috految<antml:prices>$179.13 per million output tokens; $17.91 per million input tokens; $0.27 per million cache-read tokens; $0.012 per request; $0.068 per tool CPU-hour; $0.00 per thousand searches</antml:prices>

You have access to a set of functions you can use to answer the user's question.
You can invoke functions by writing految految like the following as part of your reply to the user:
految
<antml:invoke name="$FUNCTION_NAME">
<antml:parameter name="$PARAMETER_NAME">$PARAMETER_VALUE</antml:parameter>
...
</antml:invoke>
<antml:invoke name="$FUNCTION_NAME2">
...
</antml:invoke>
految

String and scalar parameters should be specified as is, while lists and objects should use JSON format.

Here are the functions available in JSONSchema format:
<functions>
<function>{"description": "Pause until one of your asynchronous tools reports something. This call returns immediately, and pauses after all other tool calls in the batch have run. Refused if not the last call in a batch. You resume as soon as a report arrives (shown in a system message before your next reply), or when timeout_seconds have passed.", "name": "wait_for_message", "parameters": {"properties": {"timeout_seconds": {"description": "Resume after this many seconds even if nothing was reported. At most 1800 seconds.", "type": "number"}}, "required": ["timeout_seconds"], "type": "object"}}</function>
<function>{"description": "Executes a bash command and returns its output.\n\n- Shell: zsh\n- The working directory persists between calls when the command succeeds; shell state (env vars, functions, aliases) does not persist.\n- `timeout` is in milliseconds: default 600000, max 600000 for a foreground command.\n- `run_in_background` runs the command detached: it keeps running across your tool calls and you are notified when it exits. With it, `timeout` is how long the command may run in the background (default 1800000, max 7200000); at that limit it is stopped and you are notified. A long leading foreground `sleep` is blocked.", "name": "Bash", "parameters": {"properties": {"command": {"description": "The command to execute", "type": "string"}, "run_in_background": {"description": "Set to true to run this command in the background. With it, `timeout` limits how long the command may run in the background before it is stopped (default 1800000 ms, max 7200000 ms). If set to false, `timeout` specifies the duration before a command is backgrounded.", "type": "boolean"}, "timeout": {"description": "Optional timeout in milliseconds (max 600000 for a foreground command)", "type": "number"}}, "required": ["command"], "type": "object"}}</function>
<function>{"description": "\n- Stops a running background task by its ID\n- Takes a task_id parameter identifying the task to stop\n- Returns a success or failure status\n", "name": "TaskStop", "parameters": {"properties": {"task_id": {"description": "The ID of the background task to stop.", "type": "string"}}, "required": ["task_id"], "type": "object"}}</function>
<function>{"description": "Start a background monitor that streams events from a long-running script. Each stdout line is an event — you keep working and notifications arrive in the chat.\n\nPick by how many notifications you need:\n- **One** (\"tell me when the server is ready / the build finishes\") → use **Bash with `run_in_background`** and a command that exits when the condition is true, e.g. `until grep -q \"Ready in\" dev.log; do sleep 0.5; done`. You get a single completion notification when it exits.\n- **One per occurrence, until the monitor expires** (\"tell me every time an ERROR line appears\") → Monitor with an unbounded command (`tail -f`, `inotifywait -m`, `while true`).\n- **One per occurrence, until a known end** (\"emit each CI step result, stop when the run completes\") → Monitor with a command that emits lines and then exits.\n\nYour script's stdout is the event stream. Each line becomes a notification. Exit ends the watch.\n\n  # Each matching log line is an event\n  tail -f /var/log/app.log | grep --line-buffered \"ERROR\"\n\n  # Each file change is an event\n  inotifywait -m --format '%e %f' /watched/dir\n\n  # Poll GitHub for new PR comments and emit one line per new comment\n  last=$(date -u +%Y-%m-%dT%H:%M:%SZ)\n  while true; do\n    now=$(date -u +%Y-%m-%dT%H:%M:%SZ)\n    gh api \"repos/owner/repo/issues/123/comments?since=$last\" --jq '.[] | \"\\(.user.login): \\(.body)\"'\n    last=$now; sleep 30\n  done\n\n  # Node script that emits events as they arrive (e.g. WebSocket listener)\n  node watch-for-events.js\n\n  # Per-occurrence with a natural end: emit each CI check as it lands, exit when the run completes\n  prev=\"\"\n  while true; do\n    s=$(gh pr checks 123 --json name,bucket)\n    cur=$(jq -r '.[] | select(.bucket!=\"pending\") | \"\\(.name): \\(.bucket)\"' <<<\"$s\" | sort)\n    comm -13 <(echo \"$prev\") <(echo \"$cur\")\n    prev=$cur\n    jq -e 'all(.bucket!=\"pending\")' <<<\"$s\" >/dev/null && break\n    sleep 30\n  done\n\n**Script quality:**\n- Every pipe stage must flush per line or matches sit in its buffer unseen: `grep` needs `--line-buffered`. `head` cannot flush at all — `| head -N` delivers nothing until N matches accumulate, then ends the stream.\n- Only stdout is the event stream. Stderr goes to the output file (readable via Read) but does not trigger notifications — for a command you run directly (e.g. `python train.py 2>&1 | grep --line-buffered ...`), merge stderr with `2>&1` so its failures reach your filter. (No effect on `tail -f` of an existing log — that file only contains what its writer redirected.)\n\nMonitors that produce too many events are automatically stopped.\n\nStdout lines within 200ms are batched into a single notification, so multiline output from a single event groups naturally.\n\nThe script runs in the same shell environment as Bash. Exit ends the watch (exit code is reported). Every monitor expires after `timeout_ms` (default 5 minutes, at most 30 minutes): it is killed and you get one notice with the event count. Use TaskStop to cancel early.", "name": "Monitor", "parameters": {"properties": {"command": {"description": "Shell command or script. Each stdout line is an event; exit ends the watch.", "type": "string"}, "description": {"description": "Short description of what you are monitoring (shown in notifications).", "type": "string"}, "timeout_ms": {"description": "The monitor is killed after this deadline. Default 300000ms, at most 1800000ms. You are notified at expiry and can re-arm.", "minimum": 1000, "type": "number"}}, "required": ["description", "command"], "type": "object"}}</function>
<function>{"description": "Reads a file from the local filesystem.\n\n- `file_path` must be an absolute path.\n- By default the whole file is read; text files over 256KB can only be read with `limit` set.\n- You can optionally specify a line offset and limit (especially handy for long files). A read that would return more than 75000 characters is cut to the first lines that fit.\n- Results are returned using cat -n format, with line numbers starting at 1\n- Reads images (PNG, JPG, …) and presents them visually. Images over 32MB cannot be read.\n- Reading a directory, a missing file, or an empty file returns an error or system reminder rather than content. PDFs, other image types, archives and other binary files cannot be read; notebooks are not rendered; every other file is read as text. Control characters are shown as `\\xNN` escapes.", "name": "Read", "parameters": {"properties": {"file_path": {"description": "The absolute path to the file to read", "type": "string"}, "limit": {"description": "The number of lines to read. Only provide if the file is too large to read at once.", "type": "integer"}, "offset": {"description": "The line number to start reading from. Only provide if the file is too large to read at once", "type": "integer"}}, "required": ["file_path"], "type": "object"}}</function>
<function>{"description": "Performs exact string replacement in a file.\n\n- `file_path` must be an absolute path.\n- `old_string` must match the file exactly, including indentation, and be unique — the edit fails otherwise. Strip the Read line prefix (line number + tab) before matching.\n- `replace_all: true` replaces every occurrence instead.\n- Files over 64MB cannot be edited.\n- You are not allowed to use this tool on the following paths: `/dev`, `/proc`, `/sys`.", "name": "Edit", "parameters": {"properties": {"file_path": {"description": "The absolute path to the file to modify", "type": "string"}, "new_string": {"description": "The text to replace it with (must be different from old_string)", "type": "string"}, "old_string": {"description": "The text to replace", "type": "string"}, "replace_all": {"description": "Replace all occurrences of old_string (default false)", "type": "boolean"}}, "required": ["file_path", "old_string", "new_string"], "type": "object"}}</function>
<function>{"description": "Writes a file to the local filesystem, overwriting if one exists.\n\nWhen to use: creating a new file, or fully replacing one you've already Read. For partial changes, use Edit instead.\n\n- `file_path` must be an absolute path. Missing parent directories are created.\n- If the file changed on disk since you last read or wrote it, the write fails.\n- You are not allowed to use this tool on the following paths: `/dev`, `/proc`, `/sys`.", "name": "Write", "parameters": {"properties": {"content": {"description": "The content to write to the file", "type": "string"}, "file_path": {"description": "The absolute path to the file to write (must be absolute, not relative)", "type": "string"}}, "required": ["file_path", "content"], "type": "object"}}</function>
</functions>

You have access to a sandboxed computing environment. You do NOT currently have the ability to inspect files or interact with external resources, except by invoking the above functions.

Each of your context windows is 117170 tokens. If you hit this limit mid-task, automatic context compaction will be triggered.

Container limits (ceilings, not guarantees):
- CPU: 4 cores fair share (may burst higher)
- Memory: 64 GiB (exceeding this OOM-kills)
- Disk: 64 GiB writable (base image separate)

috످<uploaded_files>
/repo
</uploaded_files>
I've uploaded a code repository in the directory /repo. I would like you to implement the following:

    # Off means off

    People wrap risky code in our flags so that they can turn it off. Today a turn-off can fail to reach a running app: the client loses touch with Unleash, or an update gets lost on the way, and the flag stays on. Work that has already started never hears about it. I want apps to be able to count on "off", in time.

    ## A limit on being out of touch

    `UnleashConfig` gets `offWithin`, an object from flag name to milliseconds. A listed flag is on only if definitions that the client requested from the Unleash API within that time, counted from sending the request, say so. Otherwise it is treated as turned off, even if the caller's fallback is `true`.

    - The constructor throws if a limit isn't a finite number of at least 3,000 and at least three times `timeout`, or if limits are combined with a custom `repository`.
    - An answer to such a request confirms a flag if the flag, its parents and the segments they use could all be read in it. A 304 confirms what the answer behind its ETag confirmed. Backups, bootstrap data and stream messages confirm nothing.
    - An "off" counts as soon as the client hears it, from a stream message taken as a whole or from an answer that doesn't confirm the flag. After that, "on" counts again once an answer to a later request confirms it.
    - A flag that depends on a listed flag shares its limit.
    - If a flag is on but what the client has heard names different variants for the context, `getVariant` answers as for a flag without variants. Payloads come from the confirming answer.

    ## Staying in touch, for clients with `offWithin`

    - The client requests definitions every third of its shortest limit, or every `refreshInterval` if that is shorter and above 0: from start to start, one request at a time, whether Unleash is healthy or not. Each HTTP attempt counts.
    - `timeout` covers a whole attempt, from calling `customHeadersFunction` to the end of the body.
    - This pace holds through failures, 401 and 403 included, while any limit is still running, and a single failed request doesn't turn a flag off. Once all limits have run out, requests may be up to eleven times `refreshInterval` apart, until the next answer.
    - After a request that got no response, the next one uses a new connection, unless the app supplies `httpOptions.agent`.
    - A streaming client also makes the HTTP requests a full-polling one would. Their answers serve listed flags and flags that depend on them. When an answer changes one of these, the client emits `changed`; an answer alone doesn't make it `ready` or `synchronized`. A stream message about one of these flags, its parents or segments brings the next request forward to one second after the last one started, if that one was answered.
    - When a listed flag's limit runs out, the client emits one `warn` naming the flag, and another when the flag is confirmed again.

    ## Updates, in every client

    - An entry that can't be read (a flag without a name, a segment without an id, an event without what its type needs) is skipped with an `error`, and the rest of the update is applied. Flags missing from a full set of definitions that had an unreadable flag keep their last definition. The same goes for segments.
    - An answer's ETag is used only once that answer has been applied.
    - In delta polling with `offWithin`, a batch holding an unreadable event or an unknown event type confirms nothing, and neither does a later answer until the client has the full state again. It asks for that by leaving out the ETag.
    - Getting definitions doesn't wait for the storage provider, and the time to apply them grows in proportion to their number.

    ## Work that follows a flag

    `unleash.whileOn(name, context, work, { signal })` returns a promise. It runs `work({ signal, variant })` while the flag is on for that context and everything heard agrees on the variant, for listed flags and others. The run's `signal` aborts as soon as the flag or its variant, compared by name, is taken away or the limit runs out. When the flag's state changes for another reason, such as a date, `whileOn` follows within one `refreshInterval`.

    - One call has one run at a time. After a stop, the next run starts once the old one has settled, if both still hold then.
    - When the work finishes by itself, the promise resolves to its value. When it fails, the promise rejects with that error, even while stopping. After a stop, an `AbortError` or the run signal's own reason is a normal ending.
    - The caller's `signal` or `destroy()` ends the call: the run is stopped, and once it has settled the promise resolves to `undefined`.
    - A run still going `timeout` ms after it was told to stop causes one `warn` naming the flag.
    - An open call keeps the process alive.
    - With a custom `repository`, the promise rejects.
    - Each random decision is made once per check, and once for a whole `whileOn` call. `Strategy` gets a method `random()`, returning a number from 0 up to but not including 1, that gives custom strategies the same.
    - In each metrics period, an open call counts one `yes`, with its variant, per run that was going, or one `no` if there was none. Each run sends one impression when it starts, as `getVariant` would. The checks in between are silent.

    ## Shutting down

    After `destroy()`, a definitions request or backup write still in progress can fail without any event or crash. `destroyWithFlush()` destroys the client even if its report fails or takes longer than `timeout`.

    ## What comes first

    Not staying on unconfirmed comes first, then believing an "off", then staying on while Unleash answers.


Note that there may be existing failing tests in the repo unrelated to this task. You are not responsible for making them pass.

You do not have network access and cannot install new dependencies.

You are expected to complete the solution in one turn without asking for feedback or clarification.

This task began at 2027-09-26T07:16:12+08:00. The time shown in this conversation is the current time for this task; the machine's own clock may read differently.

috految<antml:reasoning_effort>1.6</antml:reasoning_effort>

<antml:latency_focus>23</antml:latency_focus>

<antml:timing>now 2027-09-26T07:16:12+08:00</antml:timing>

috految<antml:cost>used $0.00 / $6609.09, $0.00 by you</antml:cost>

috److految
<antml:invoke name="Bash">
<antml:parameter name="command">cd /repo/src; node -v; ls . repository test; cat repository/{index,*fetcher,storage-provider-*,bootstrap-provider}.ts request.ts</antml:parameter>
</antml:invoke>
<antml:invoke name="Bash">
<antml:parameter name="command">cd /repo/src; cat {unleash,client,feature,variant,unleash-config,index,helpers}.ts</antml:parameter>
</antml:invoke>
<antml:invoke name="Bash">
<antml:parameter name="command">cd /repo/src; tail -n +85 metrics.ts; cat strategy/{strategy,flex*,*random,unknown*,util}.ts event-source.ts http-options.ts events.ts; grep -rn 'andom\|  *new .*Strategy' strategy; grep -i 'variant' impact-metrics/*; cd ..; grep -vE '^\s*(/|$)' tsconfig.json; tr -d ' \n' <package.json; grep '^## ' README.md; cat node_modules/make-fetch-happen/lib/{remote,options}.js | grep -v '^ *//'</antml:parameter>
</antml:invoke>
految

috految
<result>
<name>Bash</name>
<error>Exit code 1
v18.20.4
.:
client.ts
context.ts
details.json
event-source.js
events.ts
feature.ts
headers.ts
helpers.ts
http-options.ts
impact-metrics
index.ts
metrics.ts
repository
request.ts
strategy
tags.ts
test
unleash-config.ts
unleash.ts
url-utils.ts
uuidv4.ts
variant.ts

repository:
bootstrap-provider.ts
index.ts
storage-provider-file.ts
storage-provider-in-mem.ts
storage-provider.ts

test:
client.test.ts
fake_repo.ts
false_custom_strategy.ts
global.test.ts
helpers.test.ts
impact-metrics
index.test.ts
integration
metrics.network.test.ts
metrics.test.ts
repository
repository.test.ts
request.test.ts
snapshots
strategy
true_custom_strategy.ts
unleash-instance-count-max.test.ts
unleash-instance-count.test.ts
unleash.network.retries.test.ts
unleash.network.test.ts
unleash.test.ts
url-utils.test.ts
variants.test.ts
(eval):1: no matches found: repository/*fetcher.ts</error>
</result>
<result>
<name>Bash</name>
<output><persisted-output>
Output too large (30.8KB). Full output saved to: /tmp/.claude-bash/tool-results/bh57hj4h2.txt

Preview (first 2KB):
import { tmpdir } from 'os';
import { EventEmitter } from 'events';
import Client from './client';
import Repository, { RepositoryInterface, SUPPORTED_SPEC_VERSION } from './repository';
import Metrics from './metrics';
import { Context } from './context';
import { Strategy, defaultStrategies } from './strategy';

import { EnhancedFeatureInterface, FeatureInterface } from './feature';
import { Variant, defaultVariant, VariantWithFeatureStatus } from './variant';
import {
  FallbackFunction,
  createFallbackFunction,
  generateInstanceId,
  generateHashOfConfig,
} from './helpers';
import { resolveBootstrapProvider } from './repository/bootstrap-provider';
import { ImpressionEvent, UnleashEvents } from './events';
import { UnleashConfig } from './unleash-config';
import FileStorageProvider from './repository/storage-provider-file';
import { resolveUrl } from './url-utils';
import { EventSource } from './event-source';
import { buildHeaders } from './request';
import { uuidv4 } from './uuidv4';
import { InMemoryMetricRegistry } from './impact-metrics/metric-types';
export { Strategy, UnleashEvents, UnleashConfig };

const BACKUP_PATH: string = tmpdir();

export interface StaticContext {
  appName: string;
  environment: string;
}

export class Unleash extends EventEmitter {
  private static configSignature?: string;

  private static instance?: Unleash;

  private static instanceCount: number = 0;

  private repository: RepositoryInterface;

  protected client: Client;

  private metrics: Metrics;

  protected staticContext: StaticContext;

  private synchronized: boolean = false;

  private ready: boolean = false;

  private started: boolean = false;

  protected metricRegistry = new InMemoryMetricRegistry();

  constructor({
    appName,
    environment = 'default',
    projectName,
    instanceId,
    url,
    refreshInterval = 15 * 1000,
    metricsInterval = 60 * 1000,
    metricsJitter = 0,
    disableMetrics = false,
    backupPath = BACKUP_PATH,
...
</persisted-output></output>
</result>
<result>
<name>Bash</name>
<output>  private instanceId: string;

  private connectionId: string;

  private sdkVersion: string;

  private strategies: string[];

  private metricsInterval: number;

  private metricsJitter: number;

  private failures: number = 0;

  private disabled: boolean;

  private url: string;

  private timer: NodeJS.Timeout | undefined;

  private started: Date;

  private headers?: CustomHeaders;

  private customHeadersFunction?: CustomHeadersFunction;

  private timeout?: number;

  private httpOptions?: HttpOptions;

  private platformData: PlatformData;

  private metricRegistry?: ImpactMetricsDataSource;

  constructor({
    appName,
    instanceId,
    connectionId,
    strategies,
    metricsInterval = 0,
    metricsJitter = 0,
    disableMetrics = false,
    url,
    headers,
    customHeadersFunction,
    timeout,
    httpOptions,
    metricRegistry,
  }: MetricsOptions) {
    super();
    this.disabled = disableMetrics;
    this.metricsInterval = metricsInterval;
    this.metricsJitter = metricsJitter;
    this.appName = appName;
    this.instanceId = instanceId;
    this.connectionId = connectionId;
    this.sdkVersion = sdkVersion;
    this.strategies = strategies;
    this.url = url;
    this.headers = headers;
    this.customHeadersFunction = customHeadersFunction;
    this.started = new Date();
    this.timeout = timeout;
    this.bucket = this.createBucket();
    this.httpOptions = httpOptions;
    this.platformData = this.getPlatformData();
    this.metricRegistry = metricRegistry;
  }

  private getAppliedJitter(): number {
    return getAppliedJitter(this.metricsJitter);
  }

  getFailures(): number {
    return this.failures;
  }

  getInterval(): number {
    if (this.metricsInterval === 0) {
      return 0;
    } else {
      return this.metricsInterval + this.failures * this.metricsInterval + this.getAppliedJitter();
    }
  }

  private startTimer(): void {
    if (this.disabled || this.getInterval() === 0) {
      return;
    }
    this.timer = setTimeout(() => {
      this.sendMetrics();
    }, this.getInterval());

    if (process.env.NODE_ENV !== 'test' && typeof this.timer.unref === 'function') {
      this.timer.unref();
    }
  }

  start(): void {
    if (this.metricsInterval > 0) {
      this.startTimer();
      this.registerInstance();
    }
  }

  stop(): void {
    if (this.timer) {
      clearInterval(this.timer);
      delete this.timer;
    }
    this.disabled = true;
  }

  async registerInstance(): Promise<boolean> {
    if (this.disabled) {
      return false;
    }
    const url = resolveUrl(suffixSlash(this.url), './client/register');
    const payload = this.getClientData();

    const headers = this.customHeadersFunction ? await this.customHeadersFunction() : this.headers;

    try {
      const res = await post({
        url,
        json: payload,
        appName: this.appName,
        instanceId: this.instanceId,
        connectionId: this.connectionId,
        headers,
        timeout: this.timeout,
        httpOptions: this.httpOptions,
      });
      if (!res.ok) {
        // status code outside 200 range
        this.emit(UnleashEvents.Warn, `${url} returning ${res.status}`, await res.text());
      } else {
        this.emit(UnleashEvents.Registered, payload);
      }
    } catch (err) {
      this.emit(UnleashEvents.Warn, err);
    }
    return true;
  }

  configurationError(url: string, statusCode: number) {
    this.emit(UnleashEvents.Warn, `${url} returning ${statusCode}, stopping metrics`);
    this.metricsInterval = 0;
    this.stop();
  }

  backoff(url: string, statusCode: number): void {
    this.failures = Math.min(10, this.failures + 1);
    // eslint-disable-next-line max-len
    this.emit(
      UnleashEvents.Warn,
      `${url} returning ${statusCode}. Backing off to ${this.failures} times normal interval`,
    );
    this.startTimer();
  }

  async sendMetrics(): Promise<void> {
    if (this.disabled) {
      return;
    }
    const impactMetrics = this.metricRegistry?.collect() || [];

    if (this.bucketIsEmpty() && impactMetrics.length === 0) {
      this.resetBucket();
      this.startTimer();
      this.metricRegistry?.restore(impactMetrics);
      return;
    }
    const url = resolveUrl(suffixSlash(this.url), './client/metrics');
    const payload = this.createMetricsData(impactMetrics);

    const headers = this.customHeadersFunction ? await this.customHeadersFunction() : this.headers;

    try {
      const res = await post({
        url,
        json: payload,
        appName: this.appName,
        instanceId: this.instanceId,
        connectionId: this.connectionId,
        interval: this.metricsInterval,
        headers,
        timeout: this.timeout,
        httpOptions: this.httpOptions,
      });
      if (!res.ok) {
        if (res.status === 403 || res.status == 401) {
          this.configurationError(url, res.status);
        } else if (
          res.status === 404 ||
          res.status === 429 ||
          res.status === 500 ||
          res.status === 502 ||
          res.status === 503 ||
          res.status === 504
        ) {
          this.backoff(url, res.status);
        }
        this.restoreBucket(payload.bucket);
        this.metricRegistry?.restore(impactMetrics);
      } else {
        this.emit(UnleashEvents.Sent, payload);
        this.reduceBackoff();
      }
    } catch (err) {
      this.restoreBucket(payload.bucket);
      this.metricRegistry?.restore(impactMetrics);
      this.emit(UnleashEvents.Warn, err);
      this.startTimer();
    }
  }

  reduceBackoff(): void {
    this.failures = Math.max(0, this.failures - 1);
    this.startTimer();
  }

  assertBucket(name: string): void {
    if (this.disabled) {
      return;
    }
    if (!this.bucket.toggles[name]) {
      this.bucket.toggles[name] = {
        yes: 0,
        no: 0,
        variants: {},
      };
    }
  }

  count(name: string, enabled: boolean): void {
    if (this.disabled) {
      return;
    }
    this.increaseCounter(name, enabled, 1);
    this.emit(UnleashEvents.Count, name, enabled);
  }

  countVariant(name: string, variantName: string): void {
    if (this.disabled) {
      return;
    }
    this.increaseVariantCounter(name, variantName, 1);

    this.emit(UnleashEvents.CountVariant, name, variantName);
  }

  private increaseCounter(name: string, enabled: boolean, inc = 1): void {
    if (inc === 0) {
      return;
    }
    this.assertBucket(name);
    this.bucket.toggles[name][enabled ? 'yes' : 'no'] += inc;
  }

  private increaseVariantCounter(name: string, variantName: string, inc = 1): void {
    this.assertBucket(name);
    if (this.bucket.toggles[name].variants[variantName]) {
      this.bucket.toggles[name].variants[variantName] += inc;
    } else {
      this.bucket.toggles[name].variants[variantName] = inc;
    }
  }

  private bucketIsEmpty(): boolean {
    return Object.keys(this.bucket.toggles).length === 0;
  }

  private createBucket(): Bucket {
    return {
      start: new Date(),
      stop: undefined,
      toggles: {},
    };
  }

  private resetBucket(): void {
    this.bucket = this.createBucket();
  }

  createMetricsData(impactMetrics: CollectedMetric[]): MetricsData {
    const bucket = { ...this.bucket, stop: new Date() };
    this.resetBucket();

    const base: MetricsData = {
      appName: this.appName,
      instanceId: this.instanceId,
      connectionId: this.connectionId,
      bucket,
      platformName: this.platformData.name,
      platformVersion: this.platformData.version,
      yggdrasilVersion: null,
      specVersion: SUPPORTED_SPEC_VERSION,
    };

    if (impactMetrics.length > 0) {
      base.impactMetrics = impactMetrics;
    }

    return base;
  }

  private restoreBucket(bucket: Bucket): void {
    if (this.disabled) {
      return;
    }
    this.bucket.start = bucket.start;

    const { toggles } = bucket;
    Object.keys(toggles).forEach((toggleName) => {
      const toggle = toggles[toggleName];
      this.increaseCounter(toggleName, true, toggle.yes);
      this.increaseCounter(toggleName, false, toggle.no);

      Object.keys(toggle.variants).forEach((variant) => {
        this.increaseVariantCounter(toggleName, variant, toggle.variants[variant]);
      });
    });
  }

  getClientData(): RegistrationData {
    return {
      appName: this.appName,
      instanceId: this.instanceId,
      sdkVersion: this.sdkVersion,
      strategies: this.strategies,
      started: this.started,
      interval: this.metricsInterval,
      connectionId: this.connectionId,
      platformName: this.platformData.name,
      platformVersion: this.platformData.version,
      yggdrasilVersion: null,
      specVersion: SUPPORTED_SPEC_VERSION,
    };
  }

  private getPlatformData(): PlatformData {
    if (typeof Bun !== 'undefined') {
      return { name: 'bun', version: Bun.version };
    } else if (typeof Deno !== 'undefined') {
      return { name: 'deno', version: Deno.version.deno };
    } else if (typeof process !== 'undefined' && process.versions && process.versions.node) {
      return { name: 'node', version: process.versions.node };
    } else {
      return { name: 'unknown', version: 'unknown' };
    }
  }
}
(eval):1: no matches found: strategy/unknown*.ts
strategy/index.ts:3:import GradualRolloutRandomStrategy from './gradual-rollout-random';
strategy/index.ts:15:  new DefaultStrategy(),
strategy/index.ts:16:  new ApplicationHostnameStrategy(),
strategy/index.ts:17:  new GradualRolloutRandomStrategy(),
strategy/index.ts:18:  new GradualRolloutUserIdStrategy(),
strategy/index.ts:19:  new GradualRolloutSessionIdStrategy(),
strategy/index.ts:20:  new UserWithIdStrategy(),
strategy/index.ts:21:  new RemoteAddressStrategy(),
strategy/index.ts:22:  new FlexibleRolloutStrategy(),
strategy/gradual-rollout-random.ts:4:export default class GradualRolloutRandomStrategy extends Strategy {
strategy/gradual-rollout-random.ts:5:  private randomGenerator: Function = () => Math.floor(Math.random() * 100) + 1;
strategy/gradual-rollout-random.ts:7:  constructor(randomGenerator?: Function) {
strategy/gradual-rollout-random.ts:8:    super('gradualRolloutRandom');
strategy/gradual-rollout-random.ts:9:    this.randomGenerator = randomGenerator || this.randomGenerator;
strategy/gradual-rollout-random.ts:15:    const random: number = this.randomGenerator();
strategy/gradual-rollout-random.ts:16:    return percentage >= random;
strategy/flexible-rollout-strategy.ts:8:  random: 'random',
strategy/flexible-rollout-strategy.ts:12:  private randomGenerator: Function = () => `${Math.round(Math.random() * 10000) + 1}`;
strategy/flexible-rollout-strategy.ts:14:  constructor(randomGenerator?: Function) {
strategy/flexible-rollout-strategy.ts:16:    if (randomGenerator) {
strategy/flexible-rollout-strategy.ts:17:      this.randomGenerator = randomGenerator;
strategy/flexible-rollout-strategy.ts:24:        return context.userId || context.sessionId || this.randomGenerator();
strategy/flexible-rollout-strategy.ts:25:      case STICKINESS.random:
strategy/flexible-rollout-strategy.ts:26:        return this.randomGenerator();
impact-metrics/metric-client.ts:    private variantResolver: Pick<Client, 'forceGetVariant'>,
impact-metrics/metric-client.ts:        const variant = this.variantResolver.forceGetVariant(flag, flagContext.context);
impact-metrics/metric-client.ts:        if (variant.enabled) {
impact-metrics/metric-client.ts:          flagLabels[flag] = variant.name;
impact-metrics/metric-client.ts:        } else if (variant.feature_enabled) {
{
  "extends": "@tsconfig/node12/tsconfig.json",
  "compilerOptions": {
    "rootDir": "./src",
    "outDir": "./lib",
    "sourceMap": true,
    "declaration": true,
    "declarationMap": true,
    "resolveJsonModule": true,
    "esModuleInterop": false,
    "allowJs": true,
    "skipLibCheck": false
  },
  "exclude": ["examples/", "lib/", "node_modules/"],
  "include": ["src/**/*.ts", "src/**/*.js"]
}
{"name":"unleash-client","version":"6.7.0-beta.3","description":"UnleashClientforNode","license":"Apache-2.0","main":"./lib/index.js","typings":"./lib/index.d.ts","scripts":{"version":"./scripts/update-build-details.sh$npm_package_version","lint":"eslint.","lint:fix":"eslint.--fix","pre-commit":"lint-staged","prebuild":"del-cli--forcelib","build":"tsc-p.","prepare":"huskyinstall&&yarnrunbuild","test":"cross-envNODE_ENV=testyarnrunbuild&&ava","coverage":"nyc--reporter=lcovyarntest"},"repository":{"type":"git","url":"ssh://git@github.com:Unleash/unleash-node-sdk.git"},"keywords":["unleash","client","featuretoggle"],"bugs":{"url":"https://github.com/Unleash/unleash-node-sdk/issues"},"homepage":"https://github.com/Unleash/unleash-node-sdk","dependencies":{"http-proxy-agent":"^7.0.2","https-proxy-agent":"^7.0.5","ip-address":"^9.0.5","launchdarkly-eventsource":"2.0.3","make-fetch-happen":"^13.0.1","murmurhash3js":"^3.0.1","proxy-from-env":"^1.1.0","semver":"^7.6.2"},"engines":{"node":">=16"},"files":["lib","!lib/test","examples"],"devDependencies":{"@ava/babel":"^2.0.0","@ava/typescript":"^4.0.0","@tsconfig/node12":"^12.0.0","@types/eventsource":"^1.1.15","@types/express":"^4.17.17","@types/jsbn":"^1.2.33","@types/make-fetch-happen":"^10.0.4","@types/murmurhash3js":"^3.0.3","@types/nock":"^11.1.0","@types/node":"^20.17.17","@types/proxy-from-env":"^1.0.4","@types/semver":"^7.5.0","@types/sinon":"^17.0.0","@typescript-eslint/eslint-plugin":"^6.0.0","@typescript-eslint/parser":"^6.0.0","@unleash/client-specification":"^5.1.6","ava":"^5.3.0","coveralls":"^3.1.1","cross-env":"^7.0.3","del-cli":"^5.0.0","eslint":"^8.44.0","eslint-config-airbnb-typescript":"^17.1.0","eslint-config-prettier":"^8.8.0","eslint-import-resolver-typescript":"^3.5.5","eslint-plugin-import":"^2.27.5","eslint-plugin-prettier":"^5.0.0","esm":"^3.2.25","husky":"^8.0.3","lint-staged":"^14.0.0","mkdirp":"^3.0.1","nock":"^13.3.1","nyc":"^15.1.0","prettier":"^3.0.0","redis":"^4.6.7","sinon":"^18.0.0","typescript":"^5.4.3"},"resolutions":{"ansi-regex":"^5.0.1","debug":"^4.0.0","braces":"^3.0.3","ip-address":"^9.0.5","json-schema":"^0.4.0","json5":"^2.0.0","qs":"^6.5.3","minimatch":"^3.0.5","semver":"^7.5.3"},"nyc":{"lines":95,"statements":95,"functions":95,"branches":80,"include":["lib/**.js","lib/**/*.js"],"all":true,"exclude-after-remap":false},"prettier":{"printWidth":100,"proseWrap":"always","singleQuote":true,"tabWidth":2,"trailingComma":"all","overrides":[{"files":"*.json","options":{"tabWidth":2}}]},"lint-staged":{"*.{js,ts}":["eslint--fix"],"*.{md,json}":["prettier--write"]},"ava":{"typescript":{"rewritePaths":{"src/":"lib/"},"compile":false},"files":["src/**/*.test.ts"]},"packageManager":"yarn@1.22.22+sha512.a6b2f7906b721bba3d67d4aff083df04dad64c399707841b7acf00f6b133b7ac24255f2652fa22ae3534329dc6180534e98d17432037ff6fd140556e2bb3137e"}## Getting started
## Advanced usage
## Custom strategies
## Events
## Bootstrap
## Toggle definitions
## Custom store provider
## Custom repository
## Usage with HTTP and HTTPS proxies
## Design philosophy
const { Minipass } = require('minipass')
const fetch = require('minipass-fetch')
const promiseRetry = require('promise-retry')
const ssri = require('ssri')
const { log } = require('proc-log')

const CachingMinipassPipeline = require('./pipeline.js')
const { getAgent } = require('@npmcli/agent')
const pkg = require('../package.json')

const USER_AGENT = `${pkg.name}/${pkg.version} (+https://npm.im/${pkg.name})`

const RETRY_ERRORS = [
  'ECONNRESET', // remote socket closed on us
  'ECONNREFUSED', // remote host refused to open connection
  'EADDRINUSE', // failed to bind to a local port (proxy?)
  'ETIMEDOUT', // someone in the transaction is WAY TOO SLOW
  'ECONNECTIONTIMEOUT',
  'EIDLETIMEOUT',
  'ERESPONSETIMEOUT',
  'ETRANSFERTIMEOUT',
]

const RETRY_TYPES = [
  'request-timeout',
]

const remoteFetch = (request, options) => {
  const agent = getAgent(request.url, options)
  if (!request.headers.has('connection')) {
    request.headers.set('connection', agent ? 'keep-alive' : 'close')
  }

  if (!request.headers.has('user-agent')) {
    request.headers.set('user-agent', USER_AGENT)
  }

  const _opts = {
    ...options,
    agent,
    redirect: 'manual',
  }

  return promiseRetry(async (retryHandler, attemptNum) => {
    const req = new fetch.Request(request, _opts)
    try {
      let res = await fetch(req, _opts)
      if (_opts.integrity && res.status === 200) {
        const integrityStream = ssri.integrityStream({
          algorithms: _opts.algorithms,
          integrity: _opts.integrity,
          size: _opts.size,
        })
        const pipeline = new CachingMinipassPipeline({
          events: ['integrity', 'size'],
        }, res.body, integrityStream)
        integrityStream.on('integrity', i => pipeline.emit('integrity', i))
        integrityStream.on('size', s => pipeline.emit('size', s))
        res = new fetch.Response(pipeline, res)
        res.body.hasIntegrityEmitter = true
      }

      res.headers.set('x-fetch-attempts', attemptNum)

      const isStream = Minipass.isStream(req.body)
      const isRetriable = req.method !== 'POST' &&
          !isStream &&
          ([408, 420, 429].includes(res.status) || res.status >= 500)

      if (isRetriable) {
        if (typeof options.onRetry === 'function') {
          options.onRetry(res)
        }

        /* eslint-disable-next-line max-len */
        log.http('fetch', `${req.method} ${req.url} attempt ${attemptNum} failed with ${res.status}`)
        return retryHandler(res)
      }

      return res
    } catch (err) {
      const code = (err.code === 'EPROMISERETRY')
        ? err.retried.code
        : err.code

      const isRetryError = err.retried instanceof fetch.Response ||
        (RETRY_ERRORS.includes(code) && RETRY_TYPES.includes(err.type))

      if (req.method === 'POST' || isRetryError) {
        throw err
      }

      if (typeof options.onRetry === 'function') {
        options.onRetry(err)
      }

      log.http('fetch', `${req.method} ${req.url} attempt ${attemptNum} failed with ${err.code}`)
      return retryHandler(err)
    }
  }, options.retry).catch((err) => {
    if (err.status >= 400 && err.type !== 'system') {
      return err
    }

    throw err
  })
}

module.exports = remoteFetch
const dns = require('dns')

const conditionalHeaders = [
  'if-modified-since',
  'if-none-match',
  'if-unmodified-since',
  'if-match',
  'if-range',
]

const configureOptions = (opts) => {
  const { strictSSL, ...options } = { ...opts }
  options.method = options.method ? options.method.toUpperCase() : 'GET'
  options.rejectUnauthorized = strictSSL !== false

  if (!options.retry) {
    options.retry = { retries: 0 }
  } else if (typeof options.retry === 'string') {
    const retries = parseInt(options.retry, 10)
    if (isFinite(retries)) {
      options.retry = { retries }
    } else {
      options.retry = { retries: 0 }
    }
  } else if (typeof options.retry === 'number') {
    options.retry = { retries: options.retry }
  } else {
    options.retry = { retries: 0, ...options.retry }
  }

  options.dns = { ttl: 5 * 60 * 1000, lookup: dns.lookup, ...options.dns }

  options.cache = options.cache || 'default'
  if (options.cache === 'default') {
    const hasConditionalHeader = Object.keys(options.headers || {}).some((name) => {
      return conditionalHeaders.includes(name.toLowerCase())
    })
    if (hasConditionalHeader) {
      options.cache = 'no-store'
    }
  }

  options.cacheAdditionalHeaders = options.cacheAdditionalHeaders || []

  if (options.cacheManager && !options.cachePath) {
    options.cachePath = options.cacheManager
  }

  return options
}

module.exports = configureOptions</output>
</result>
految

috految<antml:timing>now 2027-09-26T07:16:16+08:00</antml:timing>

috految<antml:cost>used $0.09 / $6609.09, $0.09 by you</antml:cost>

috److految
<antml:invoke name="Bash">
<antml:parameter name="command">tail -c +1990 /tmp/.claude-bash/tool-results/bh57hj4h2.txt | sed 's/^ *//'</antml:parameter>
</antml:invoke>
<antml:invoke name="Bash">
<antml:parameter name="command">cd /repo/src; (cat repository/{index,*file,boot*}.ts request.ts event-source.js url-utils.ts; tail -105 strategy/strategy.ts; tail -22 strategy/flex*; tail -16 impact-metrics/metric-client.ts; grep -rhE 'repo\w*\.|repo\[| as any|Delta|Storage\b|\.client' test|sort -u; cd ../node_modules; sed -n '58,145p;228,335p' minipass-fetch/lib/index.js; sed -n 85,150p minipass-fetch/lib/body.js; grep -A16 -E 'function (failed|_emit)|_close =|req.on\(.error' launchdarkly-eventsource/lib/eventsource.js)|sed 's/^ *//'|grep -v '^//'</antml:parameter>
</antml:invoke>
految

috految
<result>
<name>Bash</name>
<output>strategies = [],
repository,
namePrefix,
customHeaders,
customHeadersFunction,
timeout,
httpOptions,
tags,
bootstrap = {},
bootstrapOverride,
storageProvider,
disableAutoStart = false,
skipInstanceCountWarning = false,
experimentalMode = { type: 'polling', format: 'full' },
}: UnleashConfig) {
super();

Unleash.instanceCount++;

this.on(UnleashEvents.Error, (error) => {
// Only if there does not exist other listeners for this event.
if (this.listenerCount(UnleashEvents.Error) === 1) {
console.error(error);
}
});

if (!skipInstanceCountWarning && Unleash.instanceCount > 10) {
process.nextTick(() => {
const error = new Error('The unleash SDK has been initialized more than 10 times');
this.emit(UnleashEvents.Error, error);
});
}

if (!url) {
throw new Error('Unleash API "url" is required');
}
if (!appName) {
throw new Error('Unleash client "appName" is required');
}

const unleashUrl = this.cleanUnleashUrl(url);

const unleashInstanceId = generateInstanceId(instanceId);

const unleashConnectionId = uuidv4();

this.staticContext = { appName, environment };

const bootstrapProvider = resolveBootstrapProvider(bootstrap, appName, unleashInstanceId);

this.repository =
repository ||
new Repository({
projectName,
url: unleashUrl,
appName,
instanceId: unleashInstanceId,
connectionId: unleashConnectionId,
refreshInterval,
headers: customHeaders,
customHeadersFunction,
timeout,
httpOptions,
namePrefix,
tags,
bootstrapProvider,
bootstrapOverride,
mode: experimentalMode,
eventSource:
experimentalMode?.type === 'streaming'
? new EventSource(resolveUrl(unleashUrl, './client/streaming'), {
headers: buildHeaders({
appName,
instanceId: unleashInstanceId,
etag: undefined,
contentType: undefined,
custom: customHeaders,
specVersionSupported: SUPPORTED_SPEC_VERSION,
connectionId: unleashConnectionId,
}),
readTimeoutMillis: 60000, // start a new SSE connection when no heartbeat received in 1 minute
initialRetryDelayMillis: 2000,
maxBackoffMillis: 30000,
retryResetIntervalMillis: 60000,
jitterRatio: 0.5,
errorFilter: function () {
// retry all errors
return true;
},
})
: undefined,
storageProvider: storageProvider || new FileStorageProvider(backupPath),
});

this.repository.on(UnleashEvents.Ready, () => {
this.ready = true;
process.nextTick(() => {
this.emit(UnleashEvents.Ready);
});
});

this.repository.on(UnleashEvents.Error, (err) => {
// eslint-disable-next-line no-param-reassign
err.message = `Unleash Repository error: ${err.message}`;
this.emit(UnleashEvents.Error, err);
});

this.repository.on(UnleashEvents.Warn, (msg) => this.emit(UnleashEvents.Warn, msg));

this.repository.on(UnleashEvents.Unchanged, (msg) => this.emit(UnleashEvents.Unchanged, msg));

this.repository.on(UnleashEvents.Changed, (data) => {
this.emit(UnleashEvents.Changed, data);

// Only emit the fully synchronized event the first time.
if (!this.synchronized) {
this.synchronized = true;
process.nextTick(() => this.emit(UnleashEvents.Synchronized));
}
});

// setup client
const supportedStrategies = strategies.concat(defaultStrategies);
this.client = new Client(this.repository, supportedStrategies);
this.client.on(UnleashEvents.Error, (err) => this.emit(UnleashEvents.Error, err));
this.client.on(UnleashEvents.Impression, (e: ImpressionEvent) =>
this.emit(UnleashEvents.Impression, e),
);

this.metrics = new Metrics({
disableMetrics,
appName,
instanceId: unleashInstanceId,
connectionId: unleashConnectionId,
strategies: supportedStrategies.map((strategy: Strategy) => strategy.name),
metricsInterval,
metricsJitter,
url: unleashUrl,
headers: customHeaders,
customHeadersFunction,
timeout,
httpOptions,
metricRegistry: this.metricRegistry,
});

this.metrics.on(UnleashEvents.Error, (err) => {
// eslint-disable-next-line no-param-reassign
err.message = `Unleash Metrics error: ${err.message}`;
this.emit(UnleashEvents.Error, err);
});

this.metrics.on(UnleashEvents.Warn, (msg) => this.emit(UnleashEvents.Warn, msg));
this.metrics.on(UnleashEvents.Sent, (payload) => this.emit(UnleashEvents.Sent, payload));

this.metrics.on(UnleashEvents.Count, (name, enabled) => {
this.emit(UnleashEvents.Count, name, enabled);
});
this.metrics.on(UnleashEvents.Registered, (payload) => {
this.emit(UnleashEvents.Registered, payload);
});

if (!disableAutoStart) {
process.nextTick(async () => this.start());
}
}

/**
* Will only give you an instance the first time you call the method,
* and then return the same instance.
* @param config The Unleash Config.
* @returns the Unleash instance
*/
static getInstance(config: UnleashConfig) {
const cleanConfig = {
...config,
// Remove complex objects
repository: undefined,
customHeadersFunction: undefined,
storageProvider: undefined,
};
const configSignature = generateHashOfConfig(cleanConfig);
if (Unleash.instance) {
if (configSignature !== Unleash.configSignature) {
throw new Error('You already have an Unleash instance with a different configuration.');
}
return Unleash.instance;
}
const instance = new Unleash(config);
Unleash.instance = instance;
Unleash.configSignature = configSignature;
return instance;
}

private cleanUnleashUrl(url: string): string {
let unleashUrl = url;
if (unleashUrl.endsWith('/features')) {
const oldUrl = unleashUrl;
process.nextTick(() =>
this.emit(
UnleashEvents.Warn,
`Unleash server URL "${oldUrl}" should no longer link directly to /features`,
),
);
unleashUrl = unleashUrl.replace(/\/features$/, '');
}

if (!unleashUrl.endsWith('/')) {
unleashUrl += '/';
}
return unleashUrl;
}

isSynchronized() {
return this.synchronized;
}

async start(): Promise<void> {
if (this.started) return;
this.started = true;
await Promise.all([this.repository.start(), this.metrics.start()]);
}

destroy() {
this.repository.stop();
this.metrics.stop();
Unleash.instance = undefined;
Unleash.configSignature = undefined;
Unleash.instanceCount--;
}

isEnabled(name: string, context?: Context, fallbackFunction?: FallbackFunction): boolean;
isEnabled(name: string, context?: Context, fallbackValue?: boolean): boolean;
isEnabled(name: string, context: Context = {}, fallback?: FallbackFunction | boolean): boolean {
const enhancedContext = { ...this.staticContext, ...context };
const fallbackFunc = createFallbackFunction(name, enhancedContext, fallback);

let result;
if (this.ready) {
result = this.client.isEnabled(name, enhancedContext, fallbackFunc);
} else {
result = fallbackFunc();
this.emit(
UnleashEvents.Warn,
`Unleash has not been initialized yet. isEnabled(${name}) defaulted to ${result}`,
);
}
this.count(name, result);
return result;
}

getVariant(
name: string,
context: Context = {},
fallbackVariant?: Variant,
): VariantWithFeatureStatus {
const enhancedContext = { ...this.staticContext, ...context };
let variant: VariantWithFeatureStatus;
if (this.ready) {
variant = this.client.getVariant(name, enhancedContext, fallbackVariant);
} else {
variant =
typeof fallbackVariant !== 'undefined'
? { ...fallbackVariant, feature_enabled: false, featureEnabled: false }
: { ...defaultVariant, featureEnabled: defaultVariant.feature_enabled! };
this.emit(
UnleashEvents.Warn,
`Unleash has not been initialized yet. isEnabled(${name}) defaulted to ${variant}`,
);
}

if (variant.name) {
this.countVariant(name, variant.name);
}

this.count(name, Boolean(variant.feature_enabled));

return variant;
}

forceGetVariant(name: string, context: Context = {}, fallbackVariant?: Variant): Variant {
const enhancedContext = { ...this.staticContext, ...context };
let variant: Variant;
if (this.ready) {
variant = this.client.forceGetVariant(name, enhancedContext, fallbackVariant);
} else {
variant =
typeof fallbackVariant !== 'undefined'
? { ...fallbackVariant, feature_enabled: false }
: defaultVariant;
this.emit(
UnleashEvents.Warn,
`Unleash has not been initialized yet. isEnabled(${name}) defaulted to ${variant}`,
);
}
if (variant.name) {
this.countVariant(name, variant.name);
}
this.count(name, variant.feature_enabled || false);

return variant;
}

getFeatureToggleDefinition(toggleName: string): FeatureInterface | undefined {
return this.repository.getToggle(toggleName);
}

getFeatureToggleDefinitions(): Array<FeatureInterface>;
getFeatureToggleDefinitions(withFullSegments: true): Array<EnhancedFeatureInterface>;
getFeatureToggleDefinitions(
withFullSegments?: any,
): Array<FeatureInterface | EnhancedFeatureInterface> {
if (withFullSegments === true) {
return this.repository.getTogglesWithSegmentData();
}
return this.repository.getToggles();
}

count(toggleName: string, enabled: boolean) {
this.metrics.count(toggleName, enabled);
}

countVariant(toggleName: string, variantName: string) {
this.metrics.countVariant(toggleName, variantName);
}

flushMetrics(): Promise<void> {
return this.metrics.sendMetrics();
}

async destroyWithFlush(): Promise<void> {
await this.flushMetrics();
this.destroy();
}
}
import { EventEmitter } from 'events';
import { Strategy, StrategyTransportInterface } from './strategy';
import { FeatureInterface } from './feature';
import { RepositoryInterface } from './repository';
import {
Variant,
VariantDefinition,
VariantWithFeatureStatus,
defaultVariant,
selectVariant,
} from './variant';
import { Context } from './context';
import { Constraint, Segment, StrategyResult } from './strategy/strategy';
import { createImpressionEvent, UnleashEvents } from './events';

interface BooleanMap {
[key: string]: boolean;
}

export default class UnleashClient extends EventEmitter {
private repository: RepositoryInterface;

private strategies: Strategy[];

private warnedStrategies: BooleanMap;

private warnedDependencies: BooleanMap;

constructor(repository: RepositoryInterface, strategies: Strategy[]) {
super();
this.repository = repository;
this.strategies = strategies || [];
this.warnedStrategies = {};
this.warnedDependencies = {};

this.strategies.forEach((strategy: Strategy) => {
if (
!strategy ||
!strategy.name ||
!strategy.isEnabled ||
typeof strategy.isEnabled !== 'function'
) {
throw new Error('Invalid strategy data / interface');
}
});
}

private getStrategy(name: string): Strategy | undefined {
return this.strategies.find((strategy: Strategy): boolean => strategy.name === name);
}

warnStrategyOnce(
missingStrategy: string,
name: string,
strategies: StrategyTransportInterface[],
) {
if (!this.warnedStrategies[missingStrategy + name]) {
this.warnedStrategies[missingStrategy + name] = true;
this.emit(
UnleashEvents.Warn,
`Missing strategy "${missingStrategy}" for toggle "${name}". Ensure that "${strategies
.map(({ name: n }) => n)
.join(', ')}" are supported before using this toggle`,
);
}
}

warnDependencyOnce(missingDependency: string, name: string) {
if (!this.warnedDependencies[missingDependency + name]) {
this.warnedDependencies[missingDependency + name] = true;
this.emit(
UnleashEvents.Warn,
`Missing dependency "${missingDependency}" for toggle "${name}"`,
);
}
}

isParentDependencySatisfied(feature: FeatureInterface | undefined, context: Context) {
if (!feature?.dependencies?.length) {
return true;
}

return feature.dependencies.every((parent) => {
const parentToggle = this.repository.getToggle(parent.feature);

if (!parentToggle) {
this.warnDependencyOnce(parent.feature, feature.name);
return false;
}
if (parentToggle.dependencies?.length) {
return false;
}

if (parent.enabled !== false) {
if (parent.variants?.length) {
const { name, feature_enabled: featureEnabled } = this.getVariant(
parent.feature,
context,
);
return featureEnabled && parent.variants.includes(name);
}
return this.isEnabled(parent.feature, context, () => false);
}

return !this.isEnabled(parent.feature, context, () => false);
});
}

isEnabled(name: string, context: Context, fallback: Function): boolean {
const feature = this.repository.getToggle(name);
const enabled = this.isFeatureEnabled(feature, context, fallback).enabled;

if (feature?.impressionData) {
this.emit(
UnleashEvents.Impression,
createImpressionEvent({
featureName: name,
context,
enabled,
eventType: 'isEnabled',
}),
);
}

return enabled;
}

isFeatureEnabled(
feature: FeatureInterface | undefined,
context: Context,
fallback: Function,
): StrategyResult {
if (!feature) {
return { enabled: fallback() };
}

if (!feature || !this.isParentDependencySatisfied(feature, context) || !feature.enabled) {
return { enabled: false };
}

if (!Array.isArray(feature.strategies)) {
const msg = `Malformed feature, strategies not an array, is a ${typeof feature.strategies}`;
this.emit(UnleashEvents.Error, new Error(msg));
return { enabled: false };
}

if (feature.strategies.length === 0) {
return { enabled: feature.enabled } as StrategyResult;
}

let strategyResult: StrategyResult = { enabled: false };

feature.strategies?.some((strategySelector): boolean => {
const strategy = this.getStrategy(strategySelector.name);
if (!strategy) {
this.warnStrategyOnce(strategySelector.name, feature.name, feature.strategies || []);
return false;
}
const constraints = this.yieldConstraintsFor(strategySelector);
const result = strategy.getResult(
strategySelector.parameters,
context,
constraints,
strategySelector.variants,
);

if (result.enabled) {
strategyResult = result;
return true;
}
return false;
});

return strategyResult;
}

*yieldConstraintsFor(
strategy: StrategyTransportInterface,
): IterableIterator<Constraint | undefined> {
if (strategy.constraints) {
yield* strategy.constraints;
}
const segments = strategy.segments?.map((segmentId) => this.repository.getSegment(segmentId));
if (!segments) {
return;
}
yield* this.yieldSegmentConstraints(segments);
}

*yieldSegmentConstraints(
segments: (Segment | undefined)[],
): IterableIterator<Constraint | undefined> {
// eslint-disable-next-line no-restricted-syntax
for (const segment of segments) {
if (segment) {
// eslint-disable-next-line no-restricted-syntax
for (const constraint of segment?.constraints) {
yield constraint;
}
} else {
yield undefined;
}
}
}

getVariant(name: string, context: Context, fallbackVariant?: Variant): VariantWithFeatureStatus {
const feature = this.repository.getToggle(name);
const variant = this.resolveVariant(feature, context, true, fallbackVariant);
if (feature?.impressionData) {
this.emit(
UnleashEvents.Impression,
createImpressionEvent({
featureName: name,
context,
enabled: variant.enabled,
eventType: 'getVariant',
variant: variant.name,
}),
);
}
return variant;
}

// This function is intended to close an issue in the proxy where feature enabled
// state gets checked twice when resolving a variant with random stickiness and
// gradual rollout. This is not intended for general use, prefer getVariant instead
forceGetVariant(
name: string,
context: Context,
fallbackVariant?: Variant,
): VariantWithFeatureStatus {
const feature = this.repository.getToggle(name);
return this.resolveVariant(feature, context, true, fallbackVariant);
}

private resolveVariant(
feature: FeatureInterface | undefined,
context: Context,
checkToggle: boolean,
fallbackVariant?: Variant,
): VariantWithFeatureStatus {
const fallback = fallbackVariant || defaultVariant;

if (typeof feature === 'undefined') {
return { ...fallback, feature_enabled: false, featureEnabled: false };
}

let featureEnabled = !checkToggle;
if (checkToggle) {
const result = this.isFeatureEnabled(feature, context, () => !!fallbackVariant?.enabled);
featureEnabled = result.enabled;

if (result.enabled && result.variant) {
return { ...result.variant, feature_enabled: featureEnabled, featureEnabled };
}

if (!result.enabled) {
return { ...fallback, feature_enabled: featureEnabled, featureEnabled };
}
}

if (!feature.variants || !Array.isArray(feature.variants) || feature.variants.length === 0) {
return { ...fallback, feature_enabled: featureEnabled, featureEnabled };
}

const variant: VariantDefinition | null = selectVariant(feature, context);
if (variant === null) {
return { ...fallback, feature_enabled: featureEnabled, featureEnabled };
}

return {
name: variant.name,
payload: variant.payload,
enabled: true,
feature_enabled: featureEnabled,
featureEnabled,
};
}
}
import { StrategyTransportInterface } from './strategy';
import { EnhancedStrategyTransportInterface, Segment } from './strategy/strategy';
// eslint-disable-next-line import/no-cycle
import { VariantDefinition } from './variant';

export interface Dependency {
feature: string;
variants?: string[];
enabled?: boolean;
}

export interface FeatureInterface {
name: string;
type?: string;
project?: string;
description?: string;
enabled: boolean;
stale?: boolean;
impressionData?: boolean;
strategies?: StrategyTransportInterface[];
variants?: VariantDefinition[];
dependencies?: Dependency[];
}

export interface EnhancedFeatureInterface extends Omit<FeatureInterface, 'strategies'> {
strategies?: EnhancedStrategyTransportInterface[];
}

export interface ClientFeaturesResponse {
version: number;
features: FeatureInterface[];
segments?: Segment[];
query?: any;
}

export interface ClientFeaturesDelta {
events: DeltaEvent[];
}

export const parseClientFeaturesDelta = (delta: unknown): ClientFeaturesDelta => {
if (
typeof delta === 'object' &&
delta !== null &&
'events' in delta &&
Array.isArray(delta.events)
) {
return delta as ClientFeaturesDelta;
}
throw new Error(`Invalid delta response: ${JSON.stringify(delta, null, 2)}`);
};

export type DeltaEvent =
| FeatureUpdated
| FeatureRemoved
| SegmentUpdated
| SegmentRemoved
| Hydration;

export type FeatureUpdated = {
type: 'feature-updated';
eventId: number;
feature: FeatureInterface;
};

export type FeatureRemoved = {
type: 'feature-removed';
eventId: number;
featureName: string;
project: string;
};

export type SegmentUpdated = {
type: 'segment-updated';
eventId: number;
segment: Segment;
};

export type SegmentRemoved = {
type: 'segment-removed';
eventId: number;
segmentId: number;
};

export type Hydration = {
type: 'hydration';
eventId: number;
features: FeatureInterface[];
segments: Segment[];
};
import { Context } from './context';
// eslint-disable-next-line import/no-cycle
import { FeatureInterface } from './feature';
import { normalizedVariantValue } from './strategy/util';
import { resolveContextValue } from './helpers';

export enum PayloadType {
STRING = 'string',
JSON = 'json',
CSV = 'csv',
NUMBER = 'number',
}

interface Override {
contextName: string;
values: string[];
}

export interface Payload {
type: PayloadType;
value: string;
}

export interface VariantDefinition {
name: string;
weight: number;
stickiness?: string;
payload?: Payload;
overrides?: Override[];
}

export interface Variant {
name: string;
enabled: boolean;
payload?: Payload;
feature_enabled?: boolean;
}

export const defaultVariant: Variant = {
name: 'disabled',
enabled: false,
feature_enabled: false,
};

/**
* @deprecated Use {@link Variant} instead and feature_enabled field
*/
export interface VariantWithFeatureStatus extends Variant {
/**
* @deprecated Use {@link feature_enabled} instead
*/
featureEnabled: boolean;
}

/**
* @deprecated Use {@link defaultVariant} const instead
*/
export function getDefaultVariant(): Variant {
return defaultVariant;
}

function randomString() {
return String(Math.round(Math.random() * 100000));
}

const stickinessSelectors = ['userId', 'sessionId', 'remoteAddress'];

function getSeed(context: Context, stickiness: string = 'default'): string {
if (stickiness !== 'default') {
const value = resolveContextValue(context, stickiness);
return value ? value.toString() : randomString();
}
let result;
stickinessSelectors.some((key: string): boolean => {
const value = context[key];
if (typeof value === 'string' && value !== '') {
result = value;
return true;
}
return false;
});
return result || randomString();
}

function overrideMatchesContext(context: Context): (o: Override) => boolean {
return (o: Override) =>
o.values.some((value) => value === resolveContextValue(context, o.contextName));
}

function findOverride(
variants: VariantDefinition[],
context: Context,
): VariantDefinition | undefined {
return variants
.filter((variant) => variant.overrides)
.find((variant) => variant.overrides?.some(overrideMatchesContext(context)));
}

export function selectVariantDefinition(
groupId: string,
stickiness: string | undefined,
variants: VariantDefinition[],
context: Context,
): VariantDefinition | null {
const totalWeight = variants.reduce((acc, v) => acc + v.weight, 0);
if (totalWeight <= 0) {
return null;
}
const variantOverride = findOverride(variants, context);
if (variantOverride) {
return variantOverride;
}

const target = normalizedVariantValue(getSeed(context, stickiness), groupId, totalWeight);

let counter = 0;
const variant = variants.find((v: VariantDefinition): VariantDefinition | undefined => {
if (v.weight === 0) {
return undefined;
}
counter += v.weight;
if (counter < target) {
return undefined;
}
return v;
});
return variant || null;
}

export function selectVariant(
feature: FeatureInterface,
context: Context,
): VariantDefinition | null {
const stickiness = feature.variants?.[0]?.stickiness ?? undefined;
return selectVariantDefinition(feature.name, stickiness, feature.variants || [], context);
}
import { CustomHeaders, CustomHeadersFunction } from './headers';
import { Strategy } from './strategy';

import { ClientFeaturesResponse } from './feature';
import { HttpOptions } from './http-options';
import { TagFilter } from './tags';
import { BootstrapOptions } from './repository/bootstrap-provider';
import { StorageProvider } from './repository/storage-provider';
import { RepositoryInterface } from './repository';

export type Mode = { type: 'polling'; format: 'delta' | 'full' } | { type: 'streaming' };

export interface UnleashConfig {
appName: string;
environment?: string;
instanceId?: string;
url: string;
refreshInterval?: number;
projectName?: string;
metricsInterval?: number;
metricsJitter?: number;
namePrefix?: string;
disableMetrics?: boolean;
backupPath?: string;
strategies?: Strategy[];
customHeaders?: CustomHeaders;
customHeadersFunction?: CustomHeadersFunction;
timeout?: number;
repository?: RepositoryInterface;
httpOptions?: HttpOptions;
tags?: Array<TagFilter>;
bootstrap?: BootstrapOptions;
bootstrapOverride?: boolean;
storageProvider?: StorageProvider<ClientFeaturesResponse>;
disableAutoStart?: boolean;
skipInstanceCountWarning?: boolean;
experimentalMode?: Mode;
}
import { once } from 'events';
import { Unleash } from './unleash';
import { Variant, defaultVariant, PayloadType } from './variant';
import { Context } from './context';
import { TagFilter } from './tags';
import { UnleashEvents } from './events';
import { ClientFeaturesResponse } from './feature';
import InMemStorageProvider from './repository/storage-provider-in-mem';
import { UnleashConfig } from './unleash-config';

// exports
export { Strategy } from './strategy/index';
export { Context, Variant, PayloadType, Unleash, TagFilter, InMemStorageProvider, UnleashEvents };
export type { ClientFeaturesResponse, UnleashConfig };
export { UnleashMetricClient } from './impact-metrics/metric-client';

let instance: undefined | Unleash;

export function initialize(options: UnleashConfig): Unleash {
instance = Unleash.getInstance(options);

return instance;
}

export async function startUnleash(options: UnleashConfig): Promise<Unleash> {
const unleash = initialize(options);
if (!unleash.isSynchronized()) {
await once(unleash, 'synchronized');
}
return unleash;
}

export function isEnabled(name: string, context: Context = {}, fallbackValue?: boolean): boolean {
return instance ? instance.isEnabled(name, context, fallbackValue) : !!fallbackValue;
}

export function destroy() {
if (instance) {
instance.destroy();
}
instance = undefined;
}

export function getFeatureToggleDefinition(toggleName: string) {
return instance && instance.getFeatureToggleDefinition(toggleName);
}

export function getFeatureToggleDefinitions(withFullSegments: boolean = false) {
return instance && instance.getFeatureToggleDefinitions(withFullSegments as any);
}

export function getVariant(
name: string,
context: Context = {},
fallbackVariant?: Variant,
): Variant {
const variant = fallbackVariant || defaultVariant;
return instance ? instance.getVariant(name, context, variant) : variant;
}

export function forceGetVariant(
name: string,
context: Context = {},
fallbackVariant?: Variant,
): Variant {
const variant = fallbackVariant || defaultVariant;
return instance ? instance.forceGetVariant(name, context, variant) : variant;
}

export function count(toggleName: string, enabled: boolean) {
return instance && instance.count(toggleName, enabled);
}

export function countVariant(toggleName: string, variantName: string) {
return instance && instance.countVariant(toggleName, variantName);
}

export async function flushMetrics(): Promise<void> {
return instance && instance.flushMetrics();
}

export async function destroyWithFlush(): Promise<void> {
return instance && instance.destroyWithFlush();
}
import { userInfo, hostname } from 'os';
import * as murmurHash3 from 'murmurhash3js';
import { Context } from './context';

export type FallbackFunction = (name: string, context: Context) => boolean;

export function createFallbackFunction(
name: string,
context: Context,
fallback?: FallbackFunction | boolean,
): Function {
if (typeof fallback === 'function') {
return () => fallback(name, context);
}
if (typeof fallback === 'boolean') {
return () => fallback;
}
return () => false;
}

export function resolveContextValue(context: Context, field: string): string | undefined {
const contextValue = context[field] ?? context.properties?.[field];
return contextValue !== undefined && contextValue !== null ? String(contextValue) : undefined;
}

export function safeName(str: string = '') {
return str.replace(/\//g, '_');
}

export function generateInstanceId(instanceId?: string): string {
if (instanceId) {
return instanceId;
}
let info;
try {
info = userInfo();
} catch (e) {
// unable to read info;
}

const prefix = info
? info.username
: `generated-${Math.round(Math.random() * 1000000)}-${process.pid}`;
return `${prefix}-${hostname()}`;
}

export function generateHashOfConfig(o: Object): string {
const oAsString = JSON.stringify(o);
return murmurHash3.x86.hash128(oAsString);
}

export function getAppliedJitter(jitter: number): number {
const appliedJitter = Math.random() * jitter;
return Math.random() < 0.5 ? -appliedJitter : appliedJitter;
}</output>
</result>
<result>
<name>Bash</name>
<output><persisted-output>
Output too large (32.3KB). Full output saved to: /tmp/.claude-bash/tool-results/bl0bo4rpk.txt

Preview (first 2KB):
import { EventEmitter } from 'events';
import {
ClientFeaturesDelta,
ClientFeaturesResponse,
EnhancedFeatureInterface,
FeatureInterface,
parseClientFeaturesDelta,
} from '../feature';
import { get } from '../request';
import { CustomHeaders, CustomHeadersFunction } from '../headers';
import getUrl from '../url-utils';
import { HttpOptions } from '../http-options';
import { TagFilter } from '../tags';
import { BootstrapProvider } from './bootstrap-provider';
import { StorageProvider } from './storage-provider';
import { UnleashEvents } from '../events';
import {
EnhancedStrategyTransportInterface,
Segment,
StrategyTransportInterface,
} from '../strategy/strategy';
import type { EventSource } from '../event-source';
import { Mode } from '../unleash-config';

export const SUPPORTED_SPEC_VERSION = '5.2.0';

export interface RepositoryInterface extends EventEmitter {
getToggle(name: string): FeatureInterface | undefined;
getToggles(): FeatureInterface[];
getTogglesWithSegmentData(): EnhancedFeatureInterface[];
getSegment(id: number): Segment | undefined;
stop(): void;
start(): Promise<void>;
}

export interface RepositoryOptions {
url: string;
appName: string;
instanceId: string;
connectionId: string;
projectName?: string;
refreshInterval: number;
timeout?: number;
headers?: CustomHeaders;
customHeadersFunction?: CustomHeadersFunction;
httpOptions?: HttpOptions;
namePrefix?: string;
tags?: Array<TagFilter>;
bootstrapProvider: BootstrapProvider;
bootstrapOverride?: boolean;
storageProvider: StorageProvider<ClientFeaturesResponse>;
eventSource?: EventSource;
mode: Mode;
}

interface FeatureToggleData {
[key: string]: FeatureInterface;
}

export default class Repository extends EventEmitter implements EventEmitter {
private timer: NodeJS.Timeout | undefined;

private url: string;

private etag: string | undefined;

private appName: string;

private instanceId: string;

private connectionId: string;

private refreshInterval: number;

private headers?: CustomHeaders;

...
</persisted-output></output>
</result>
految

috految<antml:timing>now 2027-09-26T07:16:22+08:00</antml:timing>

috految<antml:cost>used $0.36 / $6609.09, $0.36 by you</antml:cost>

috److految
<antml:invoke name="Bash">
<antml:parameter name="command">tail -c +1990 /tmp/.claude-bash/tool-results/bl0bo4rpk.txt | tr -d '\n' | head -c 29800</antml:parameter>
</antml:invoke>
految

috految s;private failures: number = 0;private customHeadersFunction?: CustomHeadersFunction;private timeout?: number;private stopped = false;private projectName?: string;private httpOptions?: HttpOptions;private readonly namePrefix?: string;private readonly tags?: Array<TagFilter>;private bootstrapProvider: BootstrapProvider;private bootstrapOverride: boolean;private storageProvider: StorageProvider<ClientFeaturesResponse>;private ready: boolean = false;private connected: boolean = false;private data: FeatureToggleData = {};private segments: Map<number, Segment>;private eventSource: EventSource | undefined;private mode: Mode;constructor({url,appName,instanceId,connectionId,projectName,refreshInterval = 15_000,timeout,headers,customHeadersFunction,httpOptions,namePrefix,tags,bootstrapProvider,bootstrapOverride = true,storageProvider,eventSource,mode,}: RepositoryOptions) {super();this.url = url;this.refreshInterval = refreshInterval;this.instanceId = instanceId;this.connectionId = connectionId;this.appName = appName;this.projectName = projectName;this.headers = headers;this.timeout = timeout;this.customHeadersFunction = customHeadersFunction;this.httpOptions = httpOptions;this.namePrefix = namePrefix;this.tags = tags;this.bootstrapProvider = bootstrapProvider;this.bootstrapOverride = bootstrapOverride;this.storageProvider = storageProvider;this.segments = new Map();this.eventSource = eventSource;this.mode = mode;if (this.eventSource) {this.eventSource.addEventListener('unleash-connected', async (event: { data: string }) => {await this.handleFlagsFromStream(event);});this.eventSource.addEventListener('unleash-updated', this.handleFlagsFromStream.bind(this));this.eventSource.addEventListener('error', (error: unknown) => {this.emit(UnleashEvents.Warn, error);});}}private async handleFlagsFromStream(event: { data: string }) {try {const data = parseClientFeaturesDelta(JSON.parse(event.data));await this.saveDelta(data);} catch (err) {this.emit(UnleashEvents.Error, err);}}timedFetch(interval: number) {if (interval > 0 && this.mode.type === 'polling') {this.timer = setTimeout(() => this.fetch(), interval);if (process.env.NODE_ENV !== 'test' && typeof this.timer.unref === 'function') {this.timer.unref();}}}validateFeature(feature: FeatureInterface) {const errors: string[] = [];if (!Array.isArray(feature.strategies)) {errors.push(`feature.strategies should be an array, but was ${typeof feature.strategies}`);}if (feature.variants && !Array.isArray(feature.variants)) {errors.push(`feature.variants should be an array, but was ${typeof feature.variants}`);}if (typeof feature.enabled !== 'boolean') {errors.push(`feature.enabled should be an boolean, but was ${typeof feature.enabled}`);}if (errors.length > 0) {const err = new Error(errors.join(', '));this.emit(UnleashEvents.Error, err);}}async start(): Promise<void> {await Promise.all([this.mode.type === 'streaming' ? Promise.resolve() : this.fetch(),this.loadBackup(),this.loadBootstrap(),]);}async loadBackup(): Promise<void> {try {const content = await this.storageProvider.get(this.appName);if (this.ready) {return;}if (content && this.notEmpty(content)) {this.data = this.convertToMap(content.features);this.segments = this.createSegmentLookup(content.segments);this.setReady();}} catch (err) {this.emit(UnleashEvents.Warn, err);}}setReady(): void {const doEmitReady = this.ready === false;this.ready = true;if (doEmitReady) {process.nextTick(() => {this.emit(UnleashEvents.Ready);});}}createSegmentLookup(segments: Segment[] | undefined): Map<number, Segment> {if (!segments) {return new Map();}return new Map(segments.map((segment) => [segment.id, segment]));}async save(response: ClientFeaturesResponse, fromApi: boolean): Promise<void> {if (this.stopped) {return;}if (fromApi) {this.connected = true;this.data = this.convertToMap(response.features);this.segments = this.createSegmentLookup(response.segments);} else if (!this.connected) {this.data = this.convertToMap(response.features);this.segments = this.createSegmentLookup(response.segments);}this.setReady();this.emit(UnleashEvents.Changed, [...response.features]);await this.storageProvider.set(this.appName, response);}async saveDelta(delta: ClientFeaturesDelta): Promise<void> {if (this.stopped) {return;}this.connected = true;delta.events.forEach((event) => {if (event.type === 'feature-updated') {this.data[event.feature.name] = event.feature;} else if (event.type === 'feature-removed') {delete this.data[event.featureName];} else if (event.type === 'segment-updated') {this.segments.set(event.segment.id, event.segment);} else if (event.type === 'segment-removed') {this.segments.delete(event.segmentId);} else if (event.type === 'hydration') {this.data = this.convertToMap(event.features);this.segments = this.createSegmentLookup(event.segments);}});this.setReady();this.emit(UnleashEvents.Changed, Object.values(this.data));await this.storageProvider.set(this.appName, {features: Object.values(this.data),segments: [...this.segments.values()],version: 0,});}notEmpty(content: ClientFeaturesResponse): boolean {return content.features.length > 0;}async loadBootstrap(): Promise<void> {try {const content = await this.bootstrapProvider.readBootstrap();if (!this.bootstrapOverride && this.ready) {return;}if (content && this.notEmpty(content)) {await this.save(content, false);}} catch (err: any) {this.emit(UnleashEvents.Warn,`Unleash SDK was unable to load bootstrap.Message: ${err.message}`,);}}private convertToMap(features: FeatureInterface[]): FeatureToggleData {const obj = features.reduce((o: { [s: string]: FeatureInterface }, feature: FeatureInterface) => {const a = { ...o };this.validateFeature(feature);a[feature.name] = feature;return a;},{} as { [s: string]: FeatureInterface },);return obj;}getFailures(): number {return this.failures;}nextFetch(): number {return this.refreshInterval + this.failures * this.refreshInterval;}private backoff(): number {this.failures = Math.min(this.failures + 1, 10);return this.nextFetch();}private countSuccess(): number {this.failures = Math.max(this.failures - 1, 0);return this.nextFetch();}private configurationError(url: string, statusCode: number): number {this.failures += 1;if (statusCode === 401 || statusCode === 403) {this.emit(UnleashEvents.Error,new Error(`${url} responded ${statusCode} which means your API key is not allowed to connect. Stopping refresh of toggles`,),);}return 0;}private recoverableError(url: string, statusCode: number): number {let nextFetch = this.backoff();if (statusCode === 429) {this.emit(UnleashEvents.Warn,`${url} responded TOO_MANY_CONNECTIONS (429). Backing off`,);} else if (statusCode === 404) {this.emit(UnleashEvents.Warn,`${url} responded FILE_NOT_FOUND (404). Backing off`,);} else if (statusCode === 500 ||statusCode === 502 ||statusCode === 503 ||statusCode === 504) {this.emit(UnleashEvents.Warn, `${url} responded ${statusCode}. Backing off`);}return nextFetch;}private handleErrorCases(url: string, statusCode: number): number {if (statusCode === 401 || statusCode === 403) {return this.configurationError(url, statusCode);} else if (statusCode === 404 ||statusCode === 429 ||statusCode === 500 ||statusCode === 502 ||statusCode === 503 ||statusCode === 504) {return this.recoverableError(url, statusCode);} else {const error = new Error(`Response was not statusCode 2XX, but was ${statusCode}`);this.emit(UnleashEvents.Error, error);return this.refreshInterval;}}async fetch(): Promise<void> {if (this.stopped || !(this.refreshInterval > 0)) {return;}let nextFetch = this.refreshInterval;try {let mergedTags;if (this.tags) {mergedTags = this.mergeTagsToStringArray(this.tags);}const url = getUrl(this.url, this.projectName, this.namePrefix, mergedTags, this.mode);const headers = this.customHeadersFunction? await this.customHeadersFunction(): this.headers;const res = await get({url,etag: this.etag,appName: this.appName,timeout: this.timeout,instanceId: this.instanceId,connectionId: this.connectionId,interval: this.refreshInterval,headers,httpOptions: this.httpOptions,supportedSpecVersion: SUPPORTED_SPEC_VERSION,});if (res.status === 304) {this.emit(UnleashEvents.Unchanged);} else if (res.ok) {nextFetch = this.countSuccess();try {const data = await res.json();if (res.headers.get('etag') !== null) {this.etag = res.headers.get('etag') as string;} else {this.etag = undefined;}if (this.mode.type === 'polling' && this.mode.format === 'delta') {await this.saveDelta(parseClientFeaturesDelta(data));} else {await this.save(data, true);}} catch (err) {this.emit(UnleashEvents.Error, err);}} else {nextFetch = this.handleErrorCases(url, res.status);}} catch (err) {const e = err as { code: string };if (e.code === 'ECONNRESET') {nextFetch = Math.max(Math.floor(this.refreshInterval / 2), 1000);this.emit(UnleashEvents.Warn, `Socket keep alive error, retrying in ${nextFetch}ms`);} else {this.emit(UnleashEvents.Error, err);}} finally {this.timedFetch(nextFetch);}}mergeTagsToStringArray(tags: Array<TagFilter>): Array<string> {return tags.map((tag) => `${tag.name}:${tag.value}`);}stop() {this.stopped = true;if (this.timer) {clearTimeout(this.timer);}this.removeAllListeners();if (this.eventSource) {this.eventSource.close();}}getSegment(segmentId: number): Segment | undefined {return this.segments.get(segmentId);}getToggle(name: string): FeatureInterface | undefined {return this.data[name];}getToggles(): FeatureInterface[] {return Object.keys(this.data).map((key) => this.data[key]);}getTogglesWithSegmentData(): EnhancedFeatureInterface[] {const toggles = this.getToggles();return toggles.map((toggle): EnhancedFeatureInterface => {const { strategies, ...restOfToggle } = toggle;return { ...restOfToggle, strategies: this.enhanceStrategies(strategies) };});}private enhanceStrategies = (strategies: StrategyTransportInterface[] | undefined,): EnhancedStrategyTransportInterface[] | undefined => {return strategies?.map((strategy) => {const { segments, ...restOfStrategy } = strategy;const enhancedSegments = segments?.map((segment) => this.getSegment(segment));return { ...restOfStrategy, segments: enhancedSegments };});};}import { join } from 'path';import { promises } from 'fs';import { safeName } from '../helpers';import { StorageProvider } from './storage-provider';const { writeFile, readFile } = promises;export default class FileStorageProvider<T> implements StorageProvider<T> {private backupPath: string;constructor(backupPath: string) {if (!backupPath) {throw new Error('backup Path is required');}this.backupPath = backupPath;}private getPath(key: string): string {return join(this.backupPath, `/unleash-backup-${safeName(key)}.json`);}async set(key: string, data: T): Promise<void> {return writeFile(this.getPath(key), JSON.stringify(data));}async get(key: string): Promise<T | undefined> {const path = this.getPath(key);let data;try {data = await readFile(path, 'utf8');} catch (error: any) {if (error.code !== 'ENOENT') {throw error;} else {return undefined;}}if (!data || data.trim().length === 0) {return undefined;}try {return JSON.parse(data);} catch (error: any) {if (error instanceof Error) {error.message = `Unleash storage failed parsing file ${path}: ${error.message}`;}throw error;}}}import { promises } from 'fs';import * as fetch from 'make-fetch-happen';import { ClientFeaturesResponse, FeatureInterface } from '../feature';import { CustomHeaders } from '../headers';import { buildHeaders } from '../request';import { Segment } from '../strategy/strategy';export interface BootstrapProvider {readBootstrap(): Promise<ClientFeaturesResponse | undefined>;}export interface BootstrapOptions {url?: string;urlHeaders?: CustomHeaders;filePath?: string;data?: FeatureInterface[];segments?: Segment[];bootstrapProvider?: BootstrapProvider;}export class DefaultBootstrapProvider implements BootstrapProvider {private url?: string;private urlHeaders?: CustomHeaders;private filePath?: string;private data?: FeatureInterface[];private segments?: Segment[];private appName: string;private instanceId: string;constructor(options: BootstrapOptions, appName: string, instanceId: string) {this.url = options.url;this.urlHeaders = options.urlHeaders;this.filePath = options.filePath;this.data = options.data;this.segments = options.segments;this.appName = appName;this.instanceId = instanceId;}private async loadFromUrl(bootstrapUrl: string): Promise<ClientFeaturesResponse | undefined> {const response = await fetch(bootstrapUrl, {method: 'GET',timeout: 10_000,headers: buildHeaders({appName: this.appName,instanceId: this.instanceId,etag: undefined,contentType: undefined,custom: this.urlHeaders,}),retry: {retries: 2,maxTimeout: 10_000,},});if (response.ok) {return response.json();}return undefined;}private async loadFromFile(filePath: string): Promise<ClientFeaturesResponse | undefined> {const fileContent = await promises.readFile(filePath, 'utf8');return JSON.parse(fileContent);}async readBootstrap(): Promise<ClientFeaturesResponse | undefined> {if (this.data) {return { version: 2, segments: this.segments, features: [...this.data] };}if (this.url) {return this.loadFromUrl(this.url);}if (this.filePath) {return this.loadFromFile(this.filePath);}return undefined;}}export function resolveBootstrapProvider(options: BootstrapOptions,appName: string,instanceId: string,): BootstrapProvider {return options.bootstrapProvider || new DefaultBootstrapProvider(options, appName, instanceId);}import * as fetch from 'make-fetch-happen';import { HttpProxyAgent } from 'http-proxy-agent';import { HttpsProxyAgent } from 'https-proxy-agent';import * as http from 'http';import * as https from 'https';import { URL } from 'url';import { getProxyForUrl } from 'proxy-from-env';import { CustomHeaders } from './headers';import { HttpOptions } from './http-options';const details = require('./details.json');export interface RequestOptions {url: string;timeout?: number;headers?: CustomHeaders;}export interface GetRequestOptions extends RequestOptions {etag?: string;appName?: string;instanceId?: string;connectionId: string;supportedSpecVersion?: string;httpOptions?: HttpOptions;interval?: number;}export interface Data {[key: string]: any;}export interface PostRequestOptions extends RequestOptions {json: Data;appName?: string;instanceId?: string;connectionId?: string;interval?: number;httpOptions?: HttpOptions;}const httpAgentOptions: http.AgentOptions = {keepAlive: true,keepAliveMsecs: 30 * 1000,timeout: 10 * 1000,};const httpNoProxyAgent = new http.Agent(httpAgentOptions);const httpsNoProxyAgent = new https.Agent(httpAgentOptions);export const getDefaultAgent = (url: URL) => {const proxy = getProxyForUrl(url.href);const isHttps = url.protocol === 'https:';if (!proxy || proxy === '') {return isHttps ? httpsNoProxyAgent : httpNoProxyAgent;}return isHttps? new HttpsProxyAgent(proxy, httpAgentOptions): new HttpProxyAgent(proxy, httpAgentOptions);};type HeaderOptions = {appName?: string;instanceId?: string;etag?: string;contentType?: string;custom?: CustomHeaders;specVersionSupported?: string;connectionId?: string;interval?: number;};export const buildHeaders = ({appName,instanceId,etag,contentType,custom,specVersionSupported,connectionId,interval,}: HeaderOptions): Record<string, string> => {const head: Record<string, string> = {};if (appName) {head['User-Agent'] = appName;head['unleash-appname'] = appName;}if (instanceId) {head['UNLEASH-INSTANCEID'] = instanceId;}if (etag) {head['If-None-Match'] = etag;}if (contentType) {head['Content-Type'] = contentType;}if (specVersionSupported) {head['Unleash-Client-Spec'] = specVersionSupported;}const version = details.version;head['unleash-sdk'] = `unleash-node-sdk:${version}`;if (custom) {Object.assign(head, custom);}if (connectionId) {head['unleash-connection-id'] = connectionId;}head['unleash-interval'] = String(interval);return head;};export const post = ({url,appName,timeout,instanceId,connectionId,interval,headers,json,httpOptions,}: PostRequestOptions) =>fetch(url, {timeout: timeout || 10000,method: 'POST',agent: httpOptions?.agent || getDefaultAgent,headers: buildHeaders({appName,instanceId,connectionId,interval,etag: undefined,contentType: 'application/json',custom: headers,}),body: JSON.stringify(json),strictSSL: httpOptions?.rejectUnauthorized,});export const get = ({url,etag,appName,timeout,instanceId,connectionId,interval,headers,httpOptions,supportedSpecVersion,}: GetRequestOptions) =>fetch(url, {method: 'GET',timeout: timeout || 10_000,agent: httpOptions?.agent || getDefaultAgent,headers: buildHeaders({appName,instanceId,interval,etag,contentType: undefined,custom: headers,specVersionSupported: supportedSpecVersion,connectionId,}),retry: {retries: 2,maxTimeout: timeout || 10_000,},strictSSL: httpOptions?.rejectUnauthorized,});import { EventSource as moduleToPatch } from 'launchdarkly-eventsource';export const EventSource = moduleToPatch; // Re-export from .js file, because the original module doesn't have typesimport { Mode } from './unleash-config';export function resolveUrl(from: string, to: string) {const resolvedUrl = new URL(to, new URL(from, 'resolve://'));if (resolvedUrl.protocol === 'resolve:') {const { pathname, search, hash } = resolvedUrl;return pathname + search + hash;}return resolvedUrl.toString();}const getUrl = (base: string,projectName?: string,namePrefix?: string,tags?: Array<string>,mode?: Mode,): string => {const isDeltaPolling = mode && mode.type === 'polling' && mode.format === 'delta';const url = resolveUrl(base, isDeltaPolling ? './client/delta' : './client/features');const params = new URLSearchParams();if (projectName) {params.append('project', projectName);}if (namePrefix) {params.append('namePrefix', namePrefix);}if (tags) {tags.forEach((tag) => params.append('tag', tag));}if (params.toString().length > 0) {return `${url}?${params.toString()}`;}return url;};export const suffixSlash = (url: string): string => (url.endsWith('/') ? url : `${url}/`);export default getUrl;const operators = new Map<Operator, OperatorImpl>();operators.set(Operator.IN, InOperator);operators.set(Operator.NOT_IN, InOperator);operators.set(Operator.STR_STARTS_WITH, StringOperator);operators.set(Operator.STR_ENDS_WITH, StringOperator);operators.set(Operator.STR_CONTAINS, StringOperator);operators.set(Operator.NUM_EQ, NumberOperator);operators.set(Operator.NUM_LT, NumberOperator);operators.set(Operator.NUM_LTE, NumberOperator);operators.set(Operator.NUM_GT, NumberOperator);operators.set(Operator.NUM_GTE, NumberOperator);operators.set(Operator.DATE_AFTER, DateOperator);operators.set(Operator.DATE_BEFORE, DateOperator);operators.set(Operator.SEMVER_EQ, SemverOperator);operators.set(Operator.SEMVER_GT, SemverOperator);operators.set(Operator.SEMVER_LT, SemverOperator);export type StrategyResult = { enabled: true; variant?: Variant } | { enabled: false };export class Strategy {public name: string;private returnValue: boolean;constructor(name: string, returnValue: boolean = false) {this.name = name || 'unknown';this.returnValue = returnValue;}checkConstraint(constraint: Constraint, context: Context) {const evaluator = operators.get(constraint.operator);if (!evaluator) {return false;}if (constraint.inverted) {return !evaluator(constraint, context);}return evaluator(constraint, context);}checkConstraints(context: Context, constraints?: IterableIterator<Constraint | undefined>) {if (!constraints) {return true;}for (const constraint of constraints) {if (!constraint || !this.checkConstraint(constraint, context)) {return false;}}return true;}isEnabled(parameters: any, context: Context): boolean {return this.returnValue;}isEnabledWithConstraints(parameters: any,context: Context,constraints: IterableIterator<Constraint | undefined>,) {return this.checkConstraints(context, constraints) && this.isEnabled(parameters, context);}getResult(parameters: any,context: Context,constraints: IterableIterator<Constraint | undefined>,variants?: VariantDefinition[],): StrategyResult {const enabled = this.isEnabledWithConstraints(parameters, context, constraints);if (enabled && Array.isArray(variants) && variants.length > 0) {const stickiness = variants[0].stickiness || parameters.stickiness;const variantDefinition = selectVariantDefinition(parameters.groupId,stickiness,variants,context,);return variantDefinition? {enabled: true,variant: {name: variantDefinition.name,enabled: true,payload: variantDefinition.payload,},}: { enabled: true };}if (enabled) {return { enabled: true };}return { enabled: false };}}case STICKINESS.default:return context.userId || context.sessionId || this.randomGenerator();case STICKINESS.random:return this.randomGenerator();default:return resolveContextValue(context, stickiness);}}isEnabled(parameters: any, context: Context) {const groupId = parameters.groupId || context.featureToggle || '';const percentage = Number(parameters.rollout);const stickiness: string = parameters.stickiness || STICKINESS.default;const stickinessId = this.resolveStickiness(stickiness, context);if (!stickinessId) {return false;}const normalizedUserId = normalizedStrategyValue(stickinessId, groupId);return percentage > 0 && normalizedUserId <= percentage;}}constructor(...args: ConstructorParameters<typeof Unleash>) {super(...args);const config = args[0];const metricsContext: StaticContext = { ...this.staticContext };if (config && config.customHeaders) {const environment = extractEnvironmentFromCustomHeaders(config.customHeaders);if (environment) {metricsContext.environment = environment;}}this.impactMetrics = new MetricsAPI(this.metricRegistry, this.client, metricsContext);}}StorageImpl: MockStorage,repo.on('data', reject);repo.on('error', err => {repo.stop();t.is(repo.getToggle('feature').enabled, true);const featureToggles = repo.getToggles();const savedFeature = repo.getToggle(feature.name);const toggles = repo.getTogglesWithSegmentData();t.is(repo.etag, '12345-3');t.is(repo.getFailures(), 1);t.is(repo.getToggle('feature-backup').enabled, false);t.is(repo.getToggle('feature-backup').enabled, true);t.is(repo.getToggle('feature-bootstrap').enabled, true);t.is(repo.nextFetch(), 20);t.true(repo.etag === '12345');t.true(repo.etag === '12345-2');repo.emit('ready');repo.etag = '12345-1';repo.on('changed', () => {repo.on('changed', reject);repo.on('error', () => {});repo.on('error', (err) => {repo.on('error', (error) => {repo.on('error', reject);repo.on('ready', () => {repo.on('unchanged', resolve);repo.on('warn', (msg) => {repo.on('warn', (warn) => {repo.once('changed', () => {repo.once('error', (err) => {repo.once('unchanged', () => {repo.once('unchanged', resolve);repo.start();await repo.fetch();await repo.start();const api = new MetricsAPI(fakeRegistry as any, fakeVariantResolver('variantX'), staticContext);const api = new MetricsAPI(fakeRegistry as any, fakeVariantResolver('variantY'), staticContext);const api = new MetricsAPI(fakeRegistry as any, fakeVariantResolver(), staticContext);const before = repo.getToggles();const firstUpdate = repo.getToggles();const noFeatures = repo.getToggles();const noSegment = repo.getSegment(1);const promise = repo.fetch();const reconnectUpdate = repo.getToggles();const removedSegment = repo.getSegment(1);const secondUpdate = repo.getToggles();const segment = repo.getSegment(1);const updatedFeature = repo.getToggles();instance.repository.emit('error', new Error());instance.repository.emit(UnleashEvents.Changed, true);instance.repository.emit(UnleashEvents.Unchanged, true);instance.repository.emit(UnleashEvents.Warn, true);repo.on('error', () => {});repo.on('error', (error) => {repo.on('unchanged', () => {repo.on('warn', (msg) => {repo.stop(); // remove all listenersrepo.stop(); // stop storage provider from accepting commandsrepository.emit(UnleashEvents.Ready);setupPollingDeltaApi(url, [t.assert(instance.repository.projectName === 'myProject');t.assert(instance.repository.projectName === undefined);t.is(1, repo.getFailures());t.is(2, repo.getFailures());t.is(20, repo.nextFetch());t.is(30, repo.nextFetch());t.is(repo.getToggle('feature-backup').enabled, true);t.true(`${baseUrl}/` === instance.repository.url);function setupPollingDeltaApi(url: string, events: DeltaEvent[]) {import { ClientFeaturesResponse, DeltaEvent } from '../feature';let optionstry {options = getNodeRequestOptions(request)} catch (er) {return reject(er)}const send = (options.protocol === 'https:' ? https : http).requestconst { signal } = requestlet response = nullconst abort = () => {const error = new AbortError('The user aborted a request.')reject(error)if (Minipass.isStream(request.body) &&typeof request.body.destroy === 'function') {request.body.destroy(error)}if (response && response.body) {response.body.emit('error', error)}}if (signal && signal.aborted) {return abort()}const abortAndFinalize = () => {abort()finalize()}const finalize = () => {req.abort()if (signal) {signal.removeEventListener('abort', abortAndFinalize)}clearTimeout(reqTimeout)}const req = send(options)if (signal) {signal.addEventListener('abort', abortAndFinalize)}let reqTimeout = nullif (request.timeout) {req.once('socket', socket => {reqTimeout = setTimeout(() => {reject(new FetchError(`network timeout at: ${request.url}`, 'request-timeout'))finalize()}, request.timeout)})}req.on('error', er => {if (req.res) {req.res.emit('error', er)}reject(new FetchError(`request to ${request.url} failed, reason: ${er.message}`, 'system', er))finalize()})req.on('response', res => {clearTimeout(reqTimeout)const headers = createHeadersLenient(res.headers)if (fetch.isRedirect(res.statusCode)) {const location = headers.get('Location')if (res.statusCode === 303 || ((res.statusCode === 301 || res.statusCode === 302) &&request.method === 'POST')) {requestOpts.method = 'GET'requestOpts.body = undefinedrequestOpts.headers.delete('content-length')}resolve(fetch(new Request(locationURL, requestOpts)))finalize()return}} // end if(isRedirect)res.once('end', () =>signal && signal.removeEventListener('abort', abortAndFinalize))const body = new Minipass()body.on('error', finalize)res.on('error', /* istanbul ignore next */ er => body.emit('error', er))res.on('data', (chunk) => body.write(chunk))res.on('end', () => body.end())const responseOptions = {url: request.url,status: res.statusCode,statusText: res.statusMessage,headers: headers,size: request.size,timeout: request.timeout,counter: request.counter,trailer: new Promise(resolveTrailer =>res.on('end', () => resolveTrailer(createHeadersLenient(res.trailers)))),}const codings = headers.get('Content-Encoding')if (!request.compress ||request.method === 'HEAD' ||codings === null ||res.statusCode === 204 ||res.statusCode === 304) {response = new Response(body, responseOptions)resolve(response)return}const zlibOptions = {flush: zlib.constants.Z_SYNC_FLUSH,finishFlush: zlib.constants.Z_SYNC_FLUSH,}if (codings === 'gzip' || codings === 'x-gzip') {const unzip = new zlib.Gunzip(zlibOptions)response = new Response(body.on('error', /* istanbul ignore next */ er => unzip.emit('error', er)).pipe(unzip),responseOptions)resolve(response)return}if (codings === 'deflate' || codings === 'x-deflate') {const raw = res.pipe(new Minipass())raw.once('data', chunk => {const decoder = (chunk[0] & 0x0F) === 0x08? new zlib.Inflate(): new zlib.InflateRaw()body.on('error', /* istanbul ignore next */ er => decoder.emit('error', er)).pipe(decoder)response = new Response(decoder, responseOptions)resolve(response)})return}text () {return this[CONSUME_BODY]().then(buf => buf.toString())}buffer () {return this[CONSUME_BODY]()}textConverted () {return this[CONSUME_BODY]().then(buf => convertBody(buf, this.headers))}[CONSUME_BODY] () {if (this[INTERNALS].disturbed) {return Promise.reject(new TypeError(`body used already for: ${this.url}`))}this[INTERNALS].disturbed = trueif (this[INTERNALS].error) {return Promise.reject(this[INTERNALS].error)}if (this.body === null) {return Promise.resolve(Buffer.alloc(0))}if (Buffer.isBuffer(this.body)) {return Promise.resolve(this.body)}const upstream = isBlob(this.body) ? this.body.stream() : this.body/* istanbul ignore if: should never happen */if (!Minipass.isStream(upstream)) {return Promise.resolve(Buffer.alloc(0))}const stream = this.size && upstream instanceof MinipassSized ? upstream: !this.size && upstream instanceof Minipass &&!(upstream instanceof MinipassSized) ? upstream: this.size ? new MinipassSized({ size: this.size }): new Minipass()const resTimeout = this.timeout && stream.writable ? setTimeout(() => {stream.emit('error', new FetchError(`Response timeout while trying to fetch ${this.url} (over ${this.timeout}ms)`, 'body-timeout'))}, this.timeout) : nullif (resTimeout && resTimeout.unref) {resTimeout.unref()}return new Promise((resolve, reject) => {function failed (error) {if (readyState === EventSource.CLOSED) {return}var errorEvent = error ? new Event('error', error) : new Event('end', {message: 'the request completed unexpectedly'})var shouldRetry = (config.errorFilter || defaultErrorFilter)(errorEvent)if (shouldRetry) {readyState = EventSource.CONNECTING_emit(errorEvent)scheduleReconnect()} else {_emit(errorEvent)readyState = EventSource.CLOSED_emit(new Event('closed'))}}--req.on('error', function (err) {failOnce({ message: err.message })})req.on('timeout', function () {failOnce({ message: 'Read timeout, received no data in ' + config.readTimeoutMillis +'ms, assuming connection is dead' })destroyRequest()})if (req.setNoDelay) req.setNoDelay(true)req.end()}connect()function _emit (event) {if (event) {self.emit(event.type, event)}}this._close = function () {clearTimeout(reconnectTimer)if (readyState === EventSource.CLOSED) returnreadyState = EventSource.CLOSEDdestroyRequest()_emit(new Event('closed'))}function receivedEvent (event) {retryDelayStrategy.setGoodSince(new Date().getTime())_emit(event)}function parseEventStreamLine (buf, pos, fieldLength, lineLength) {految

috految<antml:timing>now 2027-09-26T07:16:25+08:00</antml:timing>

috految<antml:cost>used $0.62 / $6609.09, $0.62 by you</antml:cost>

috److془Design carefully.

Definitions: {features Map, segments Map}. Update: {patch, full}.

Guard: per flag: confirmed {view, sent}, heard: views[]. `latest` = answers+stream merged. On stream message: latest = apply(latest); for guarded flags touched push view. On answer: replay messages since send atop. Keep heard after send. Subtle: message touching segment during flight with stale flag off; answer on: kept view vetoes until next request. Fine-ish but better: replay only? Segment removes user, low answer has flag not using the segment: off heard, must stay. Keep. But stale base off persists only one request. Good. Replay: mixing could make false offs: m1 (flag uses seg 2), m2 (flag uses seg 3, remove 2), answer has final. Use replay with fallback to the stream's lookups. Simply: apply all, one view at end. Off-then-on are kept from original views. Lagging: stream known flag uses segment S which answer omitted (unused segments): fallback to stream state. Stream segments fallback: fine. Lagging answer and stream: stream adds segment S to flag, stale answer w/o, then stream updates S to exclude. Or the answer inlines segments. Stream view says off; should be believed. Versus stale stream (lost updates) false off. Rule: message touches stream view but not latest view → push the stream view. Good (require stream's flag enabled). Hmm stream lost S removal from flag: brief false off; priority ok. Message with segment completely unknown: off. Fine. Hmm: stream-updated segment S, then stale answer, then flag uses S. Fine. Intermediates in flight where hydration absent: fine. Flag unknown in latest: first-time only so fine. Replay with stream's lost update fine. Case: stream says P off, then on, in flight; child newly known: appended parents' veto covers. Non-guarded flags: track all flags, so when stream adds dependency, has confirmed. Confirmed def with no dependency, on; stream adds dependency on listed parent: need the parent to be really on. Evaluate: for each view's dependencies on listed, evaluate parent effective too. Unlisted parent of listed child handled in views. Stream hydration: parent off, child dependency removed in the same message: on as a whole. So do the effective check only for last view. Message adding dep and turning on parent: off, correct. Child with enabled false dependency, parent expired: shares limit, off. Good. Child of parent four: parent variants disagreement but child accepts both: on. Good. Negative dep: parent confirmed on, stream off: child off till confirmed. Good.
Unlisted child's dependency dropped through the stream: guarded until answer. Dropped in answer while stream stale has dependency: stays guarded, served by answers; good. Stream stale off from lacking dependency, child guarded then answer removes it: revert to stale stream on: bad. Sticky: once guarded, release only when confirmed no dependency and stream view equals. Simpler: limit Infinity when no deps; release when definitions equal or stream message mentions it. Deleted dependent: fallback true then. Fine. Stream says dependency, answers never contain: off. Deleted and stream off with fallback: guarded til answer. Good. Indirect: grandchild always false. Backup dependency: from the main. Unlisted dependants, before ready: fallback. Dependant in stale main plus limit: fine. Stream removed dependency, never confirmed: latest no deps, unguarded fine. Child with dependency filtered by... fine. Stream adding dep then removing: fine. Unguarded flag with parent guarded: only sticky; whatever. Stream adds dependency on parent and the flag: fine. Expired P, child has confirmed newer: effective check handles it.

Ambiguity: "An off counts as soon as client hears it, from stream or from an answer that doesn't confirm the flag". view heard; retained newer. Good. Missing parents/segments in clean answer: not confirmed. Segment missing: view then off by strategy. Missing flag: heard off; limit warns later. Fine. Unknown flag conf with no dependency: clear confirmed when absent unlisted. Unconfirmed answer on with kept stuff: latest. Unconfirmed answer's off vs later stream: push answer's view before replay. 304: reapply last answer. Stream off then 304 to later request: on. per spec. 304 without sent etag: nothing. Clean set lacking segment: stream fallback only for messages. Segment full-lacking, removed in both fine. Unreadable answer w/ etag retained: 304 confirms what it did. Fine. Unparseable answer: old etag retained. Delta with invalid: retain too. Delta: `readable` state; hydration resets w/o retention. Hydration with nameless flag: entry not event; confirms others. Subsequent: flag remains unconfirmed until updated; drop etag if some guarded flag unconfirmed and partial. Hmm fine. Unreadable: state undefined; etag omitted. Answer without etag lacking hydration: initial: readable empty, confirm what's read. Does no-etag sent and no hydration after earlier state confirm? reset to empty base. Then drop etag if incomplete and unconfirmed. Unparseable 200 in delta with etag: retry fine. Delta recovery with hydration + unknown event: confirms nothing. Delta 200 empty confirms. Hydration without segments: tolerated. Non array segments: unreadable. Unreadable hydration sole, non-limits: don't take etag, nor ready. Bad hydration generally: keep old etag. Sole bad event: advance. Unknown types with no error. Full answer with no features throws. Late backup after partial first answer: merge beneath missing. Bootstrap too. Skip; hmm "last definition" fine. Though all unreadable: don't overwrite backup. Stream: first feature-removed hydra fine. Backup merges: 'kept' in the backup. Bad entries in backup/bootstrap: error. startUnleash: once rejects on error! Skipped entry should not reject; previously nameless flag didn't. Also storage error; streaming HTTP failure; connection failure with retries previously tolerated. Use NonFatal class. Transient failure: first two nonfatal for startUnleash? Process is kept alive requirement: after 503 first, unref timer → exit silently in await startUnleash. Ref timer for first two failures while not connected and somebody awaits... do in startUnleash? Use ref when failures<3&&!connected, and !interval huge (onward 30s). Hmm test "exits with unreachable" with 1s pace okay. Timer ref when `!ready` vs backups: use connected. Back-to-back hanging requests: unref timer of min 5ms permits exit. Entries errors emitted before Changed. once(unleash,'synchronized') users, okay. Actually the nextTick ordering: await start() then isEnabled needed ready; await nextTick. Previously start awaited write, and ready. Backup: `await start(); process.exit` truncation.. start shouldn't hang on storage. Bounded grace 100ms for writes. Read: wait only as long as not connected. Streaming too. Streaming start awaiting fetch: could miss subsequent ready listeners; don't. Hmm await start; on('ready') with in-mem: avoid nextTick then; but slow storage gives macro tick anyway. Remains as before. Errors: fine. Though instant-set slow-get: grace includes the backup. Good. Writes serialized with coalescing; hung write: bound by time; late finish rewrite. Pending write after destroy: proceed. Failed bootstrap write warn. Late bootstrap: don't write once connected. Stream backup: main. Write error nonfatal. Backup after the ready with main guarded fine. Bootstrap partial empty/ full: fine. Bootstrap load after stopped fine. Backup-on then hydration turned: fine. Stream's own event ordering fine. Stream client not ready: guarded served. Streaming getToggle: guarded → latest. Previously late-ready: `changed` emitted before ready-tick; whileOn gate on ready; recheck with ready. Work for listed starts after ready tick: starts through setImmediate. Initial sync fine-ish; loop starvation with immediate work is user's. Use sync. Async context: loop retains caller's; checks via AsyncResource. Sync start before initial bootstrap fine. Unlisted "everything heard agrees on variant": main. Unlisted off-on: sync checks. Expiry then confirm before timer: notify prior. Blocked loop: fine. Clock: max of monotonic and wall elapsed (suspend). Forward step brief off; priority supports. Tick ≤1s. Sending stamp after headers. Single failed request: t0 ok, L/3 fail, 2L/3 + timeout≤L okay. Brought forward: fine. Stale keepalive: fresh agent each time simplest! Tests might assume reuse, though; keep own agent. Keepalive race with 5s server: one fail, then fresh. Good. Agent timeout 10s only kills free sockets. Proxy agents fresh each; hanging CONNECT leak: pass signal in opts (connectOpts). Abort errors on socket with no listener risk; parseProxyResponse has listener in wait; after, tls wraps with error forward; pooled sockets hmm; and 407 destroyed. Abort only on no response. Fine. Post-connect req.abort might come after; TLS has listeners. Abort of com body: Body constructor has error listener. Minipass.emit('error') with abort fine. Gzip: minizlib fine. Corrupt gzip remaining writes: pipes ... preexisting. Abort should be after completion harmless. Redirect: options passed incl. signal. Request signal check requires constructor name AbortSignal; ok. Agent function resolved with parsedURL. Note Node's Request.agent fine. Abort with body: emit('error') → finalize → req.abort. Good. Does FetchError constructor fine yes. Retry 0 with 500 returns res. Gzip callback: 'res.aborted' error→listeners. Good. Drain res.text for errors. Empty body ended minipass promise resolves ok; skip for 304. Redirect to unrelated okay. Body timeout in library longer, fine. Request lib timeout vs 'timeout' ok. Does library's timer on abort clear: yes. Node<20 hmm done. Error message mutation on DOMException/strings throws: fix. Metrics customHeadersFunction rejection crashes: move in try. Metrics strings fine. Three times timeout: default 10000. Pace always constant ("may"). Never confirmed warn: from start after limit; okay. Healthy with limit>2^31 clamp. Unref abort on stop. Hanging headers deadline ref'd fine. Stream message during flight: urgent persisted, answered at finish. Mention includes hydration. 500 is not answered. Non-limit stop: override emit; stop() deletes listeners. Error listeners throwing: finally. Changed listener throwing: apply first. Stop: eventSource close fine. Throwing synchronous fine. Listeners of changed mutate: whatever. Global destroy() then isEnabled(fallback true): no client. getInstance hash includes offWithin. Custom repository: Repository instance passed rejects. Config hash of strategies: no state. Stream with destroyed: expiry lazily good. Stream with 'changed': compare views before/after incl. fresh. Polling recovery by 304: unchanged. Consumed stream on then confirm: views differ → changed. Good. Stream/HTTP key differences harmless; single.

Random: key by flag, strategy identity, counter. Identity stable under reorder/insertion/edit: per flag slots matching: exact JSON, then same name+constraints+segments+parameters, ... name. Slots persist with rememberd signatures. Need stability across views: cache by list JSON. Duplicate custom calls: counter, independent. Signature: edit from [50,10] to [60,50] swaps, fine. Variant: seed per flag, separate. Update hash with groupId ok. Strategy calling nested unleash check: inherit scope; nested keys by flag. Nested different contexts share, tolerable. Parent checked twice: memo same. Hash of random groupIds okay. Custom strategy with Math.random multi-evaluated: dedupe views; effective parent if parent's views length1 & equal skip. Parent impressions only in first view; whileOn one impression. Parent's impression should reflect off: use last view loudly; Rather: if views >1 silent but last. Impression by parent with unconfirmed on: early exit earlier off. Good. Strategy throws in whileOn: treat off, error once. Fallback variant with enabled true for off: as existing. Forced variants same. Variant disagreement: strategy w/o variant name undefined. Context: snapshot. Date operator uses context.currentTime||new Date I recall. Flag malformed: views robust. Segment without constraints throws in evaluation: preexisting. Unconfirmed heard throws, fine. Heard bounded by dedupe + not tracked under expiry-- dedupe adequate. Large segments deep compare × flags: cache hashes by WeakMap. Exclusion of unguarded O(n) fine. 

Metrics: period: runs counted; at collection: if no runs, no; after, running carry. Count at period end or close. Stopping run counts as going. Failed report: restored, new period; fine. Flush duplicates timers → extra periods; clear in startTimer. Unhandled status 400 doesn't restart timer; preexisting. Flush failing then backoff fine. Only micro: fine. destroy: close counting disabled. destroyWithFlush: deadline. Work resolves with own value after stop: normal ending, loop. Caller signal shared with work: abort with caller's reason. Hmm if reason is failure, work rethrows.. "run signal's own reason" okay; but use default reason simpler, safe. Work's finish after limit lapsed unnoticed: fine. Work stops sync listener fine. This: Work loop `while(isEnabled)` meh. Warn after destroy via unleash.emit.془

految
<antml:invoke name="Bash">
<antml:parameter name="command">cd /repo/src; cat >/tmp/e.py <<'E'
def F(n):
 global f,s
 if f: open(f,'w').write(s)
 f=n
 if n: s=open(n).read()
f=None
def R(a,b):
 global s
 assert a in s,(f,a)
 s=s.replace(a,b.replace('§',a))
def B(a,z,b):
 global s
 i=s.index(a);s=s[:i]+b+s[s.index(z,i):]
def W(n,t): open(n,'w').write(t)
W('time.ts','''export const DEFAULT_TIMEOUT=10_000;
export const MAX_DELAY=2**31-1;

/** Uses both clocks: wall time can be set back, and monotonic time stops during suspend. */
export function stopwatch():()=>number {
const wall=Date.now(); const monotonic=process.hrtime();
return ()=>{const [seconds,nanos]=process.hrtime(monotonic);
return Math.max(Date.now()-wall,seconds*1000+nanos/1e6);};
}

/** Resolves to undefined if the task takes too long. */
export function waitAtMost<T>(task:Promise<T>,ms:number):Promise<T|undefined> {
return new Promise((resolve,reject)=>{
const timer=setTimeout(()=>resolve(undefined),Math.min(ms,MAX_DELAY));
task.finally(()=>clearTimeout(timer)).then(resolve,reject);
});}
''')
W('errors.ts','''/** Reported as an `error` event, but no reason to give up on startup. */
export class RecoverableError extends Error {}
''')
W('decisions.ts','''import type {StrategyTransportInterface as Selector} from './strategy';

// Strategies have no ids. To follow one through edits and reordering, match most specific first.
const IDENTITIES:Array<(s:Selector)=>unknown>=[
s=>s,
s=>[s.name,s.parameters,s.constraints??[],s.segments??[]],
s=>[s.name,s.parameters?.groupId,s.constraints??[],s.segments??[]],
s=>[s.name,s.parameters],
s=>[s.name,s.parameters?.groupId],
s=>s.name];

/** The random decisions of one check, or of a whole whileOn call. */
export class Decisions {
private values=new Map<string,number>();

private flags=new Map<string,{known:Selector[];slots:Map<string,number[]>}>();

draw(key:string):number {
if(!this.values.has(key)) this.values.set(key,Math.random());
return this.values.get(key)!;}

slotOf(flag:string,strategies:Selector[],index:number):number {
const state=this.flags.get(flag);
if(!state){this.flags.set(flag,{known:strategies,slots:new Map()});return index;}
if(state.known===strategies) return index;
const key=JSON.stringify(strategies);
if(!state.slots.has(key)){
const known=[...state.known]; const slots:number[]=[];
for(const identity of IDENTITIES){
strategies.forEach((strategy,i)=>{
if(slots[i]!==undefined) return;
const id=JSON.stringify(identity(strategy));
const slot=known.findIndex((old,j)=>!slots.includes(j)&&JSON.stringify(identity(old))===id);
if(slot>=0) slots[i]=slot;
});}
strategies.forEach((strategy,i)=>{slots[i]??=known.length;known[slots[i]]=strategy;});
state.known=known;state.slots.set(key,slots);}
return state.slots.get(key)![index];}
}

// Evaluation is synchronous, so the scope can reach strategies without changing their interface.
let scope:{decisions:Decisions;flag:string;slot?:()=>number;draws:number}|undefined;

export function deciding<T>(flag:string,run:()=>T,decisions=scope?.decisions??new Decisions(),slot?:()=>number):T {
const outer=scope;
scope={decisions,flag,slot,draws:0};
try{return run();}finally{scope=outer;}}

export function decidingStrategy<T>(flag:string,strategies:Selector[],index:number,run:()=>T):T {
const decisions=scope?.decisions??new Decisions();
return deciding(flag,run,decisions,()=>decisions.slotOf(flag,strategies,index));}

export function strategyRandom():number {
return scope?.slot?scope.decisions.draw(`${scope.slot()}:${scope.draws++}:${scope.flag}`):Math.random();}

export function variantRandom():number {
return scope?scope.decisions.draw(`variant:${scope.flag}`):Math.random();}
''')
F('variant.ts');R("import { Context }","import {variantRandom} from './decisions';\n§");R('Math.random()','variantRandom()')
F('strategy/strategy.ts');R("import { Context }","import {strategyRandom} from '../decisions';\n§")
R('  checkConstraint(constraint:','''/** A number in [0, 1), decided once per check and once for a whole whileOn call. */
random():number {return strategyRandom();}

§''')
for n in 'flexible-rollout-strategy','gradual-rollout-random':
 F('strategy/'+n+'.ts');R('Math.random()','this.random()')
F('unleash-config.ts');R('  timeout?: number;','§\n/** Per flag, the milliseconds it may stay on without confirmation from Unleash. */\noffWithin?:Record<string,number>;')
F('index.ts');R("import { once } from 'events';","import {RecoverableError} from './errors';")
R("await once(unleash, 'synchronized');","""await new Promise<void>((resolve,reject)=>{
const onError=(err:unknown)=>{
if(err instanceof RecoverableError){
// This listener displaces the client's default logging.
if(unleash.listenerCount(UnleashEvents.Error)===2) console.error(err);
return;}
unleash.off(UnleashEvents.Error,onError);reject(err);};
unleash.on(UnleashEvents.Error,onError);
unleash.once(UnleashEvents.Synchronized,()=>{unleash.off(UnleashEvents.Error,onError);resolve();});
});""")
F('metrics.ts')
h="const headers = this.customHeadersFunction ? await this.customHeadersFunction() : this.headers;"
R(h+"\n\n    try {","try {\n"+h)
R('this.timer = setTimeout','clearTimeout(this.timer);\n§')
R('  private started:','readonly periodListeners=new Set<()=>void>();\n\n§')
R('    const impactMetrics =','this.periodListeners.forEach(listener=>listener());\n§')
F('request.ts')
R('  supportedSpecVersion?: string;','§signal?:AbortSignal;retries?:number;')
R('}: GetRequestOptions','signal,retries=2,§');R('retries: 2,','retries,')
R('maxTimeout: timeout || 10_000,','§\n// The retry library rejects a maximum below its minimum.\nminTimeout:Math.min(1000,timeout||1000),')
R("method: 'GET',","§...(signal&&{signal:signal as any}),")
R('type HeaderOptions','''/** Connections private to one client, so they can be dropped when a request goes unanswered. */
export const createConnections=()=>{
const plain=new http.Agent(httpAgentOptions);const secure=new https.Agent(httpAgentOptions);
return {
agentFor:(url:URL,signal:AbortSignal):http.Agent=>{
const proxy=getProxyForUrl(url.href);
const isHttps=url.protocol==='https:';
if(!proxy) return isHttps?secure:plain;
const options={...httpAgentOptions,keepAlive:false};
return isHttps?new HttpsProxyAgent(proxy,{...options,signal} as http.AgentOptions):new HttpProxyAgent(proxy,options);},
destroy:()=>{plain.destroy();secure.destroy();}};};

§''')
W('repository/definitions.ts','''import {DeltaEvent,FeatureInterface} from '../feature';
import {Segment} from '../strategy/strategy';

export interface Definitions {features:Map<string,FeatureInterface>;segments:Map<number,Segment>}

export const noDefinitions=():Definitions=>({features:new Map(),segments:new Map()});

const isName=(name:unknown)=>typeof name==='string'&&name!=='';
const isId=(id:unknown)=>typeof id==='number'||isName(id);

/** Reads a batch of events as one update. Entries mapped to undefined are removals. */
export function readUpdate(events:DeltaEvent[]){
const update={features:new Map<string,FeatureInterface|undefined>(),segments:new Map<number,Segment|undefined>(),
full:false,lostHydration:false,allFeatures:false,allSegments:false,gap:false,skipped:[] as string[]};
const {features,segments,skipped}=update;
for(const event of events){
if(event?.type==='hydration'&&Array.isArray(event.features)){
update.full=true;
const list=event.segments??[];
if(event.features.every(f=>isName(f?.name))){features.clear();update.allFeatures=true;}
if(Array.isArray(list)&&list.every(s=>isId(s?.id))){segments.clear();update.allSegments=true;}
for(const feature of event.features){
if(isName(feature?.name)) features.set(feature.name,feature);
else skipped.push('flag without a name');}
for(const segment of Array.isArray(list)?list:[undefined]){
if(segment&&isId(segment.id)) segments.set(segment.id,segment);
else skipped.push('segment without an id');}
}else if(event?.type==='feature-updated'&&isName(event.feature?.name)){features.set(event.feature.name,event.feature);
}else if(event?.type==='feature-removed'&&isName(event.featureName)){features.set(event.featureName,undefined);
}else if(event?.type==='segment-updated'&&isId(event.segment?.id)){segments.set(event.segment.id,event.segment);
}else if(event?.type==='segment-removed'&&isId(event.segmentId)){segments.set(event.segmentId,undefined);
}else{
update.gap=true;
if(event?.type==='hydration') update.lostHydration=true;
if(!isName(event?.type)||/^(hydration|(feature|segment)-(updated|removed))$/.test(event.type)){skipped.push(`event of type ${event?.type}`);}
}}
return update;}

export type Update=ReturnType<typeof readUpdate>;

export function applyUpdate(base:Definitions,update:Update):Definitions {
const merge=<K,V>(old:Map<K,V>,changes:Map<K,V|undefined>,replace:boolean)=>{
const result=new Map<K,V>(replace?[]:old);
changes.forEach((value,key)=>value?result.set(key,value):result.delete(key));
return result;};
return {features:merge(base.features,update.features,update.allFeatures),segments:merge(base.segments,update.segments,update.allSegments)};}
''')
W('repository/limits.ts','''import {createHash} from 'crypto';
import {FeatureInterface} from '../feature';
import {stopwatch} from '../time';
import {applyUpdate,Definitions,noDefinitions,Update} from './definitions';

const list=<T>(value?:T[]):T[]=>Array.isArray(value)?value:[];
const parentsOf=(feature?:FeatureInterface)=>list(feature?.dependencies).map(d=>d?.feature);

const hashes=new WeakMap<object,string>();
function hash(entry?:object){
if(!entry) return '';
if(!hashes.has(entry)) hashes.set(entry,createHash('sha256').update(JSON.stringify(entry)).digest('hex'));
return hashes.get(entry);}

/** What a flag's evaluation rests on: itself, its parents and their segments. */
function viewOf(name:string,from:Definitions,fallback?:Definitions){
const feature=from.features.get(name);
const features=new Map([[name,feature]]);
parentsOf(feature).forEach(parent=>features.set(parent,from.features.get(parent)??fallback?.features.get(parent)));
const ids=[...features.values()].flatMap(f=>list(f?.strategies).flatMap(s=>list(s?.segments)));
const segments=new Map(ids.map(id=>[id,from.segments.get(id)??fallback?.segments.get(id)]));
const entries=[...features.values(),...segments.values()];
return {feature,features,segments,complete:entries.every(Boolean),key:entries.map(hash).join()};}

export type View=ReturnType<typeof viewOf>;

/** A limited flag is on if its confirming answer and everything heard since say so. */
export class Limits {
latest=noDefinitions();

private confirmed=new Map<string,{view:View;age:()=>number}>();

private heard=new Map<string,Map<string,{view:View;request:number}>>();

private served=new Set<string>();

private expired=new Set<string>();

private request=0;

private sinceRequest:Update[]=[];

private sinceStart?:()=>number;

constructor(readonly listed:Map<string,number>,private current:()=>Definitions){}

private limitOf(name:string):number {
const parents=[this.latest.features.get(name),this.current().features.get(name),this.confirmed.get(name)?.view.feature].flatMap(parentsOf);
return Math.min(...[name,...parents].map(n=>this.listed.get(n)??Infinity));}

covers(name:string):boolean {return this.served.has(name)||this.limitOf(name)<Infinity;}

names():string[] {return [...new Set([...this.listed.keys(),...this.current().features.keys(),...this.latest.features.keys(),...this.confirmed.keys(),...this.served])];}

remaining(name:string):number {
const confirmed=this.confirmed.get(name);
return confirmed?this.limitOf(name)-confirmed.age():0;}

/** Confirming view first; empty when there is no current confirmation. */
views(name:string):View[] {
if(this.remaining(name)<=0) return [];
const {view}=this.confirmed.get(name)!;
return [view,...[...(this.heard.get(name)?.values()??[])].map(h=>h.view).filter(v=>v.key!==view.key)];}

requestSent(){this.request++;this.sinceRequest=[];return stopwatch();}

private hear(name:string,view:View){
const views=this.heard.get(name)??new Map();
views.delete(view.key);
this.heard.set(name,views.set(view.key,{view,request:this.request}));}

/** Returns whether the message concerned a limited flag. */
message(update:Update):boolean {
const stream=this.current();
const touches=(view:View)=>update.full||[...view.features.keys()].some(n=>update.features.has(n))||[...view.segments.keys()].some(id=>update.segments.has(id));
this.sinceRequest.push(update);
this.latest=applyUpdate(this.latest,update);
let relevant=false;
for(const name of this.names()){
if(update.features.has(name)&&this.limitOf(name)===Infinity) this.served.delete(name);
const view=viewOf(name,this.latest,stream);
const streamed=viewOf(name,stream);
if(touches(view)) this.hear(name,view);
else if(streamed.feature?.enabled&&touches(streamed)) this.hear(name,streamed);
else continue;
relevant||=this.covers(name);}
return relevant;}

/** Returns whether the answer changed a limited flag. */
answer(update:Update,readable:Definitions|undefined,age:()=>number):boolean {
const state=()=>this.names().filter(n=>this.covers(n)).sort().map(n=>[n,viewOf(n,this.latest).key,...this.views(n).map(v=>v.key)]).join();
const before=state();
const answered=applyUpdate(this.latest,update);
this.latest=this.sinceRequest.reduce(applyUpdate,answered);
for(const name of new Set([...this.names(),...answered.features.keys()])){
const view=readable&&viewOf(name,readable);
if(view?.complete){
this.confirmed.set(name,{view,age});
this.heard.get(name)?.forEach((entry,key,heard)=>{if(entry.request<this.request) heard.delete(key);});
}else{
this.hear(name,viewOf(name,answered));
if(!answered.features.has(name)&&!this.listed.has(name)) this.confirmed.delete(name);}
if(this.sinceRequest.length) this.hear(name,viewOf(name,this.latest,this.current()));
// Don't hand a former dependent back to a stream that is behind the answers.
if(this.limitOf(name)<Infinity) this.served.add(name);
else if(hash(this.latest.features.get(name))===hash(this.current().features.get(name))) this.served.delete(name);
}
return before!==state();}

/** Reports flags that ran out or came back, and returns the time to the next deadline. */
review(warn:(message:string)=>void):number {
this.sinceStart??=stopwatch();
let next=Infinity;
for(const [name,limit] of this.listed){
const left=this.confirmed.has(name)?this.remaining(name):limit-this.sinceStart();
if(left>0){next=Math.min(next,left);
if(this.expired.delete(name)) warn(`"${name}" is confirmed again`);
}else if(!this.expired.has(name)){this.expired.add(name);warn(`"${name}" was not confirmed in time and is treated as off`);}}
return next;}
}
''')
F('repository/index.ts')
R("import { get }","""import {RecoverableError} from '../errors';
import {DEFAULT_TIMEOUT,MAX_DELAY,stopwatch,waitAtMost} from '../time';
import {applyUpdate,Definitions,noDefinitions,readUpdate,Update} from './definitions';
import {Limits} from './limits';
import {createConnections,get}""")
R('  ClientFeaturesDelta,\n','')
R('  eventSource?: EventSource;','§offWithin?:Map<string,number>;')
R('}: RepositoryOptions','offWithin,§')
B('interface FeatureToggleData','export default','''const STORAGE_GRACE=100;
const STARTUP_ATTEMPTS=3;
const MIN_REQUEST_GAP=1000;

''')
B('private data:','private eventSource','''private definitions=noDefinitions();

readonly limits?:Limits;

readonly watchers=new Set<()=>void>();

// What the answers behind the ETag could confirm. Undefined after a gap in the deltas.
private readable?:Definitions=noDefinitions();

private lastAnswer?:Update;

private connections?:ReturnType<typeof createConnections>;

private attempt?:AbortController;

private sinceAttempt?:()=>number;

private answered=false;

private urgent=false;

private reviewTimer?:NodeJS.Timeout;

private writing?:Promise<void>;

private backup?:ClientFeaturesResponse;

''')
R('this.segments = new Map();','if(offWithin?.size) this.limits=new Limits(offWithin,()=>this.definitions);')
R('await this.saveDelta(data);','''if(this.stopped) return;
const update=readUpdate(data.events);
this.definitions=applyUpdate(this.definitions,update);
if(this.limits?.message(update)&&!this.urgent){this.urgent=true;this.schedule();}
this.publish(update);''')
R('interval > 0 &&','!this.stopped && §')
B('await Promise.all([','  async loadBackup','''const streaming=this.mode.type==='streaming';
if(this.limits) this.reviewLimits();
const request=streaming&&!this.limits?undefined:this.fetch();
const backup=this.loadBackup();
await Promise.all([streaming?undefined:request,this.loadBootstrap()]);
if(!this.connected){await Promise.race([backup,new Promise(resolve=>this.once(UnleashEvents.Changed,resolve))]);}
// Let healthy storage finish, so short-lived processes leave a whole backup.
await waitAtMost(Promise.all([backup,this.writing]),STORAGE_GRACE);
}

emit(event:string|symbol,...args:any[]):boolean {return !this.stopped&&super.emit(event,...args);}

''')
B('this.data = this.convertToMap(content','this.setReady','''const update=this.readFull(content);
this.definitions=applyUpdate(this.definitions,update);this.report(update);
''')
B('  createSegmentLookup(','  notEmpty(','''private readFull({features,segments=[]}:ClientFeaturesResponse):Update {
if(!Array.isArray(features)) throw new Error('Invalid response: features should be an array');
return readUpdate([{type:'hydration',eventId:0,features,segments}]);}

private report(update:Update){
if(update.full) update.features.forEach(feature=>feature&&this.validateFeature(feature));
update.skipped.forEach(entry=>this.emit(UnleashEvents.Error,new RecoverableError(`Skipped unreadable ${entry}`)));}

private publish(update:Update,response?:ClientFeaturesResponse,fromApi=true){
const unusable=update.skipped.length>0&&!update.full&&!update.features.size&&!update.segments.size;
if(unusable){this.report(update);return;}
this.connected||=fromApi;
this.setReady();
this.watchers.forEach(notify=>notify());
try{this.report(update);
this.emit(UnleashEvents.Changed,this.getToggles());
}finally{
const features=[...this.definitions.features.values()];
if(features.length||!update.skipped.length){
this.store(response&&!update.skipped.length?response:{features,segments:[...this.definitions.segments.values()],version:response?.version??0},fromApi);}}}

/** Writes in the background, one at a time unless storage hangs. */
private store(backup:ClientFeaturesResponse,fromApi:boolean){
this.backup=backup;
if(this.writing) return;
const write=async()=>{
try{await this.storageProvider.set(this.appName,backup);}
catch(err:any){
if(fromApi) this.emit(UnleashEvents.Error,Object.assign(new RecoverableError(err?.message),err));
else this.emit(UnleashEvents.Warn,err);}};
const next=()=>{this.writing=undefined;
if(this.backup!==backup) this.store(this.backup!,this.connected);};
const timer=setTimeout(next,DEFAULT_TIMEOUT);timer.unref?.();
this.writing=write().finally(()=>{clearTimeout(timer);next();});}

private applyAnswer(data:any,etag:string|undefined,age?:()=>number){
if(this.stopped) return;
const delta=this.mode.type==='polling'&&this.mode.format==='delta';
const update=delta?readUpdate(parseClientFeaturesDelta(data).events):this.readFull(data);
const streaming=this.mode.type==='streaming';
if(!streaming) this.definitions=applyUpdate(this.definitions,update);
const incremental=this.etag&&!update.full;
if(!update.lostHydration) this.etag=etag;
if(this.limits&&age){
if(update.gap) this.readable=undefined;
else if(update.full||this.readable) this.readable=applyUpdate(incremental?this.readable!:noDefinitions(),update);
this.lastAnswer=update;
const {readable}=this;
const partial=update.skipped.length>0||(!incremental&&!update.full);
if(delta&&(!readable||(partial&&(!update.allSegments||this.limits.names().some(name=>!readable.features.has(name)))))) this.etag=undefined;
this.confirm(age);}
if(streaming) this.report(update);
else this.publish(update,delta?undefined:data);}

private confirm(age:()=>number){
const changed=this.limits!.answer(this.lastAnswer!,this.readable,age);
this.watchers.forEach(notify=>notify());
this.reviewLimits();
if(changed&&this.mode.type==='streaming') this.emit(UnleashEvents.Changed,this.getToggles(),{fromAnswer:true});}

private reviewLimits(){
if(this.stopped) return;
const next=this.limits!.review(message=>{this.watchers.forEach(notify=>notify());this.emit(UnleashEvents.Warn,message);});
clearTimeout(this.reviewTimer);
this.reviewTimer=setTimeout(()=>this.reviewLimits(),Math.min(Math.ceil(next),1000));
this.reviewTimer.unref?.();}

private pace():number {
return Math.min(MAX_DELAY,...[...this.limits!.listed.values()].map(limit=>Math.floor(limit/3)),this.refreshInterval>0?this.refreshInterval:Infinity);}

private schedule(){
if(this.stopped||this.attempt||!this.sinceAttempt) return;
clearTimeout(this.timer);
const gap=this.urgent&&this.answered?Math.min(MIN_REQUEST_GAP,this.pace()):this.pace();
this.timer=setTimeout(()=>this.fetch(),Math.max(5,gap-this.sinceAttempt()));
const starting=!this.connected&&!this.answered&&this.failures<STARTUP_ATTEMPTS;
if(process.env.NODE_ENV!=='test'&&!starting) this.timer.unref?.();}

private async fetchWithLimits(limits:Limits){
const attempt=new AbortController();
const {signal}=attempt;
this.attempt=attempt;this.sinceAttempt=stopwatch();this.answered=false;this.urgent=false;
this.connections??=createConnections();
const {connections}=this;
const timeout=this.timeout||DEFAULT_TIMEOUT;
let status:number|undefined;
const request=async()=>{
const url=getUrl(this.url,this.projectName,this.namePrefix,this.tags&&this.mergeTagsToStringArray(this.tags),this.mode);
const headers=this.customHeadersFunction?await this.customHeadersFunction():this.headers;
if(signal.aborted) return undefined;
const age=limits.requestSent();
const res=await get({url,etag:this.etag,appName:this.appName,timeout,instanceId:this.instanceId,connectionId:this.connectionId,interval:this.pace(),headers,
httpOptions:{...this.httpOptions,agent:this.httpOptions?.agent||(target=>connections.agentFor(target,signal))},
supportedSpecVersion:SUPPORTED_SPEC_VERSION,signal,retries:0});
return {url,res,age,body:res.status===304?'':await res.text()};};
try{
const result=await waitAtMost(request(),timeout);
if(this.stopped) return;
if(!result) throw new Error(`Request timeout after ${timeout}ms`);
const {url,res,age,body}=result;
status=res.status;
this.reviewLimits();
if(status===304){
this.answered=true;
if(this.etag&&this.lastAnswer) this.confirm(age);
this.emit(UnleashEvents.Unchanged);
}else if(res.ok){
this.applyAnswer(JSON.parse(body),res.headers.get('etag')??undefined,age);
this.answered=true;this.failures=0;
}else if(status===401||status===403){
throw new Error(`${url} responded ${status} which means your API key is not allowed to connect`);
}else if([404,429,500,502,503,504].includes(status)){
this.failures++;this.emit(UnleashEvents.Warn,`${url} responded ${status}`);
}else{throw new Error(`Response was not statusCode 2XX, but was ${status}`);}
}catch(err:any){
this.failures++;
if(!status){attempt.abort();connections.destroy();this.connections=undefined;}
if(err?.code==='ECONNRESET') this.emit(UnleashEvents.Warn,'Socket keep alive error, retrying');
else{
const recoverable=this.mode.type==='streaming'||(!status&&this.failures<STARTUP_ATTEMPTS);
this.emit(UnleashEvents.Error,recoverable?Object.assign(new RecoverableError(err?.message??err),{code:err?.code}):err);}
}finally{this.attempt=undefined;this.schedule();}}

''')
R('await this.save(content, false);','''if(this.stopped) return;
if(this.connected){this.emit(UnleashEvents.Changed,this.getToggles());return;}
const update=this.readFull(content);
this.definitions=applyUpdate(this.definitions,update);
this.publish(update,content,false);''')
B('  private convertToMap','  getFailures','')
R('if (this.stopped || !(','if(this.limits&&!this.stopped) return this.fetchWithLimits(this.limits);\n§')
B("if (res.headers.get('etag') !==",'} catch',"this.applyAnswer(data,res.headers.get('etag')??undefined);\n")
R("e.code ===","e?.code ===")
R('this.stopped = true;','§clearTimeout(this.reviewTimer);this.attempt?.abort();this.connections?.destroy();')
R('return this.segments.get(','return this.definitions.segments.get(')
R('return this.data[name];','return (this.lastAnswer&&this.limits?.covers(name)&&this.mode.type===\'streaming\'?this.limits.latest:this.definitions).features.get(name);')
R('Object.keys(this.data).map((key) => this.data[key])','[...new Set([...this.definitions.features.keys(),...(this.limits?.names()??[])])].flatMap(name=>this.getToggle(name)??[])')
R('return { ...restOfToggle, strategies: this.enhanceStrategies(strategies','§,toggle.name')
R('strategies: StrategyTransportInterface[] | undefined,','§name:string,')
R('this.getSegment(segment)','(this.limits?.covers(name)&&this.limits.latest.segments.get(segment))||§')
F('client.ts')
R("import { Context }","import {deciding,decidingStrategy} from './decisions';\nimport type {Limits,View} from './repository/limits';\n§")
R('repository: RepositoryInterface',"repository: Pick<RepositoryInterface,'getToggle'|'getSegment'>")
R("constructor(repository: Pick<RepositoryInterface,'getToggle'|'getSegment'>, strategies: Strategy[]","constructor(repository: RepositoryInterface, strategies: Strategy[],private limits?:Limits")
R('(strategySelector): boolean','(strategySelector,index): boolean')
R('strategy.getResult(','decidingStrategy(feature.name,feature.strategies!,index,()=>§')
R('strategySelector.variants,','§)')
R('this.isFeatureEnabled(feature, context, fallback).enabled','deciding(name,()=>this.limits?.covers(name)?this.evaluateLimited(name,context).length>0:§)')
R('this.resolveVariant(feature, context, true, fallbackVariant)','deciding(name,()=>this.limits?.covers(name)?this.limitedVariant(name,context,fallbackVariant):§)')
R('  private resolveVariant(','''/** A client without listeners, optionally reading from one view. */
private quietClient(view?:View):UnleashClient {
const client=new UnleashClient(this.repository as RepositoryInterface,this.strategies);
if(view) client.repository={getToggle:name=>view.features.get(name),getSegment:id=>view.segments.get(id)};
return client.on(UnleashEvents.Error,()=>{});}

/** One result per view, or none if the flag is off. */
private evaluateLimited(name:string,context:Context,silent=false):VariantWithFeatureStatus[] {
const limits=this.limits!;
const views=limits.views(name);
const results=[];
for(const view of views){
const client=this.quietClient(view);
if(!silent&&view===views[views.length-1]){
[UnleashEvents.Impression,UnleashEvents.Error].forEach(event=>client.on(event,data=>this.emit(event,data)));}
const result=deciding(name,()=>client.resolveVariant(view.feature,context,true));
if(!result.feature_enabled) return [];
results.push(result);}
for(const parent of views[views.length-1]?.feature?.dependencies??[]){
if(limits.listed.has(parent.feature)&&parent.enabled!==false){
const parentViews=limits.views(parent.feature);
if(views.length===1&&parentViews.length===1) continue;
if(!parentViews.length||parentViews.some(view=>!this.quietClient(view).isEnabled(parent.feature,context,()=>false))) return [];}}
return results;}

private limitedVariant(name:string,context:Context,fallback?:Variant):VariantWithFeatureStatus {
const [first,...rest]=this.evaluateLimited(name,context);
if(first?.enabled&&rest.every(other=>other.name===first.name)) return first;
return {...(fallback||defaultVariant),feature_enabled:!!first,featureEnabled:!!first};}

/** Silently finds the variant that everything heard agrees on, if the flag is on. */
agreedVariant(name:string,context:Context):VariantWithFeatureStatus|undefined {
const [first,...rest]=this.limits?.covers(name)?this.evaluateLimited(name,context,true):[this.quietClient().forceGetVariant(name,context)];
return first?.feature_enabled&&rest.every(other=>other.name===first.name)?first:undefined;}

§''')
F('unleash.ts')
R("import { ImpressionEvent,","import {AsyncResource} from 'async_hooks';\nimport {deciding,Decisions} from './decisions';\nimport {DEFAULT_TIMEOUT,MAX_DELAY,waitAtMost} from './time';\n§createImpressionEvent,")
R('  private started:','private builtIn?:Repository;\n\nprivate destroyed=false;\n\nprivate timeout:number;\n\nprivate refreshInterval:number;\n\n§')
R('}: UnleashConfig) {','offWithin,§')
R('    Unleash.instanceCount++;','''this.timeout=timeout||DEFAULT_TIMEOUT;this.refreshInterval=refreshInterval;
if(offWithin&&Object.prototype.toString.call(offWithin)!=='[object Object]'){throw new Error('"offWithin" must map flag names to milliseconds');}
const limits=new Map(Object.entries(offWithin??{}));
if(limits.size&&repository) throw new Error('"offWithin" cannot be used with a custom repository');
const minimum=Math.max(3000,3*this.timeout);
limits.forEach((limit,name)=>{if(!Number.isFinite(limit)||limit<minimum){throw new Error(`"offWithin" for "${name}" must be a finite number of at least ${minimum}`);}});

§''')
R('mode: experimentalMode,','§offWithin:limits,')
R('this.repository.on(UnleashEvents.Ready,','if(!repository) this.builtIn=this.repository as Repository;\n\n§')
R('this.ready = true;','§this.builtIn?.watchers.forEach(notify=>notify());')
R('err.message = `Unleash Repository error: ${err.message}`;',"if(err&&typeof err==='object') Reflect.set(err,'message',`Unleash Repository error: ${err.message}`);")
R('Changed, (data)','Changed, (data,source)');R('if (!this.synchronized','§&&!source?.fromAnswer')
R('(this.repository, supportedStrategies','§,this.builtIn?.limits')
R('if (this.ready)','if (this.ready||this.builtIn?.limits?.covers(name))')
R('this.repository.stop();','this.destroyed=true;this.builtIn?.watchers.forEach(notify=>notify());§')
R('await this.flushMetrics();\n    this.destroy();','try{await waitAtMost(this.flushMetrics(),this.timeout);}finally{this.destroy();}')
R('  flushMetrics()','''/** Runs work while the flag is on, aborting its signal when the flag or variant is taken away. */
async whileOn<T>(name:string,context:Context|undefined,work:(run:{signal:AbortSignal;variant:VariantWithFeatureStatus})=>T|PromiseLike<T>,{signal}:{signal?:AbortSignal}={}):Promise<T|undefined>{
const repository=this.builtIn;
if(!repository) throw new Error('whileOn cannot be used with a custom repository');
const ended=()=>this.destroyed||signal?.aborted;
if(ended()) return undefined;

const fixed:Context={...this.staticContext,...context};
if(fixed.properties) fixed.properties={...fixed.properties};
const decisions=new Decisions();
let failing=false;
const evaluate=AsyncResource.bind(()=>{
if(!this.ready&&!repository.limits?.covers(name)) return undefined;
try{const variant=deciding(name,()=>this.client.agreedVariant(name,{...fixed}),decisions);
failing=false;return variant;
}catch(err){if(!failing) process.nextTick(()=>this.emit(UnleashEvents.Error,err));
failing=true;return undefined;}});

let run:{controller:AbortController;variant:string}|undefined;
let periodRuns:string[]=[];
let wake:(()=>void)|undefined;
let timer:NodeJS.Timeout|undefined;
let overdue:NodeJS.Timeout|undefined;
const count=()=>{
const runs=periodRuns;periodRuns=run?[run.variant]:[];
if(!runs.length) this.count(name,false);
runs.forEach(variant=>{this.countVariant(name,variant);this.count(name,true);});};
const check=()=>{
// This timer is also what keeps the process alive.
clearTimeout(timer);
const left=repository.limits?.remaining(name)??0;
timer=setTimeout(check,Math.min(this.refreshInterval>0?this.refreshInterval:1000,left>0?Math.ceil(left):Infinity,MAX_DELAY));
if(!run){wake?.();
}else if(!run.controller.signal.aborted&&(ended()||evaluate()?.name!==run.variant)){
overdue=setTimeout(()=>this.emit(UnleashEvents.Warn,`Work for "${name}" is still going after being told to stop`),this.timeout);
run.controller.abort();}};

signal?.addEventListener('abort',check);
repository.watchers.add(check);this.metrics.periodListeners.add(count);
try{
check();
while(!ended()){
const variant=evaluate();
if(variant){
const controller=new AbortController();
run={controller,variant:variant.name};periodRuns.push(variant.name);
if(repository.getToggle(name)?.impressionData){this.emit(UnleashEvents.Impression,createImpressionEvent({featureName:name,context:{...fixed},enabled:variant.enabled,eventType:'getVariant',variant:variant.name}));}
try{
if(ended()) break;
const value=await work({signal:controller.signal,variant});
if(!controller.signal.aborted) return value;
}catch(err:any){
const {aborted,reason}=controller.signal;
if(!aborted||(err!==reason&&err?.name!=='AbortError')) throw err;
}finally{run=undefined;clearTimeout(overdue);}
}else{await new Promise<void>(resolve=>{wake=resolve;});}
// Let the update that woke us finish, readiness included.
await new Promise(resolve=>process.nextTick(resolve));
}
return undefined;
}finally{clearTimeout(timer);signal?.removeEventListener('abort',check);
repository.watchers.delete(check);this.metrics.periodListeners.delete(count);count();}}

§''')
F('../README.md');R('\n## Custom strategies','''
## Counting on "off"

`offWithin: { 'my-flag': 30000 }` treats a flag and its dependents as off unless Unleash confirmed
them within that many milliseconds (at least 3,000 and three times `timeout`).

`unleash.whileOn(name, context, work, { signal })` runs `work({ signal, variant })` while the flag is
on, and aborts its signal when the flag or variant is taken away. Custom strategies should use
`this.random()` to keep their random decisions stable.
§''')
F(None)
E
python3 /tmp/e.py; cd ..; PATH=$PWD/node_modules/.bin:$PATH; prettier --write $(git status -s src|cut -c4-) >/dev/null; tsc -p . --skipLibCheck; NODE_ENV=test timeout 25 ava -c 8 --timeout 8s 2>&1 | grep -v ✔ | tail -65</antml:parameter>
</antml:invoke>
految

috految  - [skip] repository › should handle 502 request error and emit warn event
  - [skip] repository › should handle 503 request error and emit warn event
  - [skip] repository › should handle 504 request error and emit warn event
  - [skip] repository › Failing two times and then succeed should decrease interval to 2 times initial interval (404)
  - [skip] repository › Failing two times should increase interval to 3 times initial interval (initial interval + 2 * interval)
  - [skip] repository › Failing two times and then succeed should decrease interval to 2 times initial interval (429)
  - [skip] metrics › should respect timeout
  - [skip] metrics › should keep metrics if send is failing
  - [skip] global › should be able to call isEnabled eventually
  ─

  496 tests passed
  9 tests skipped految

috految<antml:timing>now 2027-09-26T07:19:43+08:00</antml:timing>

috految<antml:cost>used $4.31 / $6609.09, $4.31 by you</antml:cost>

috److I've added `offWithin`, `whileOn`, `Strategy.random()`, the new update handling and the shutdown changes, plus a short README section. It compiles (checked with `--skipLibCheck`) and the existing suite passes (496 passed, 9 skipped). I didn't write tests for the new behaviour or run the linter, so the timing, streaming and `whileOn` paths are untested.

A few decisions to check in review:

- **Minimum limit:** if `timeout` isn't set, the 10-second default applies, so the smallest valid limit is 30,000 ms.
- **Request pace:** it stays the same after all limits run out. I didn't use the optional back-off to eleven times `refreshInterval`.
- **Never-confirmed flags:** a listed flag that is never confirmed gets its one `warn` once its limit has passed since the client started.
- **`startUnleash`:** it doesn't reject on skipped entries, failed backup writes or a streaming client's failed HTTP requests. With `offWithin`, it also tolerates the first two connection failures.
- **Storage and `start()`:** once definitions arrive, `start()` waits at most 100 ms for storage, so short-lived processes can still finish a backup.
- **Throwing strategies:** if a strategy throws during `whileOn`, the flag counts as off and the client emits one `error` until it recovers.

I also made two small metrics changes:

- A failing `customHeadersFunction` now emits a `warn` instead of causing an unhandled rejection.
- Flushing no longer starts a duplicate report timer.

috످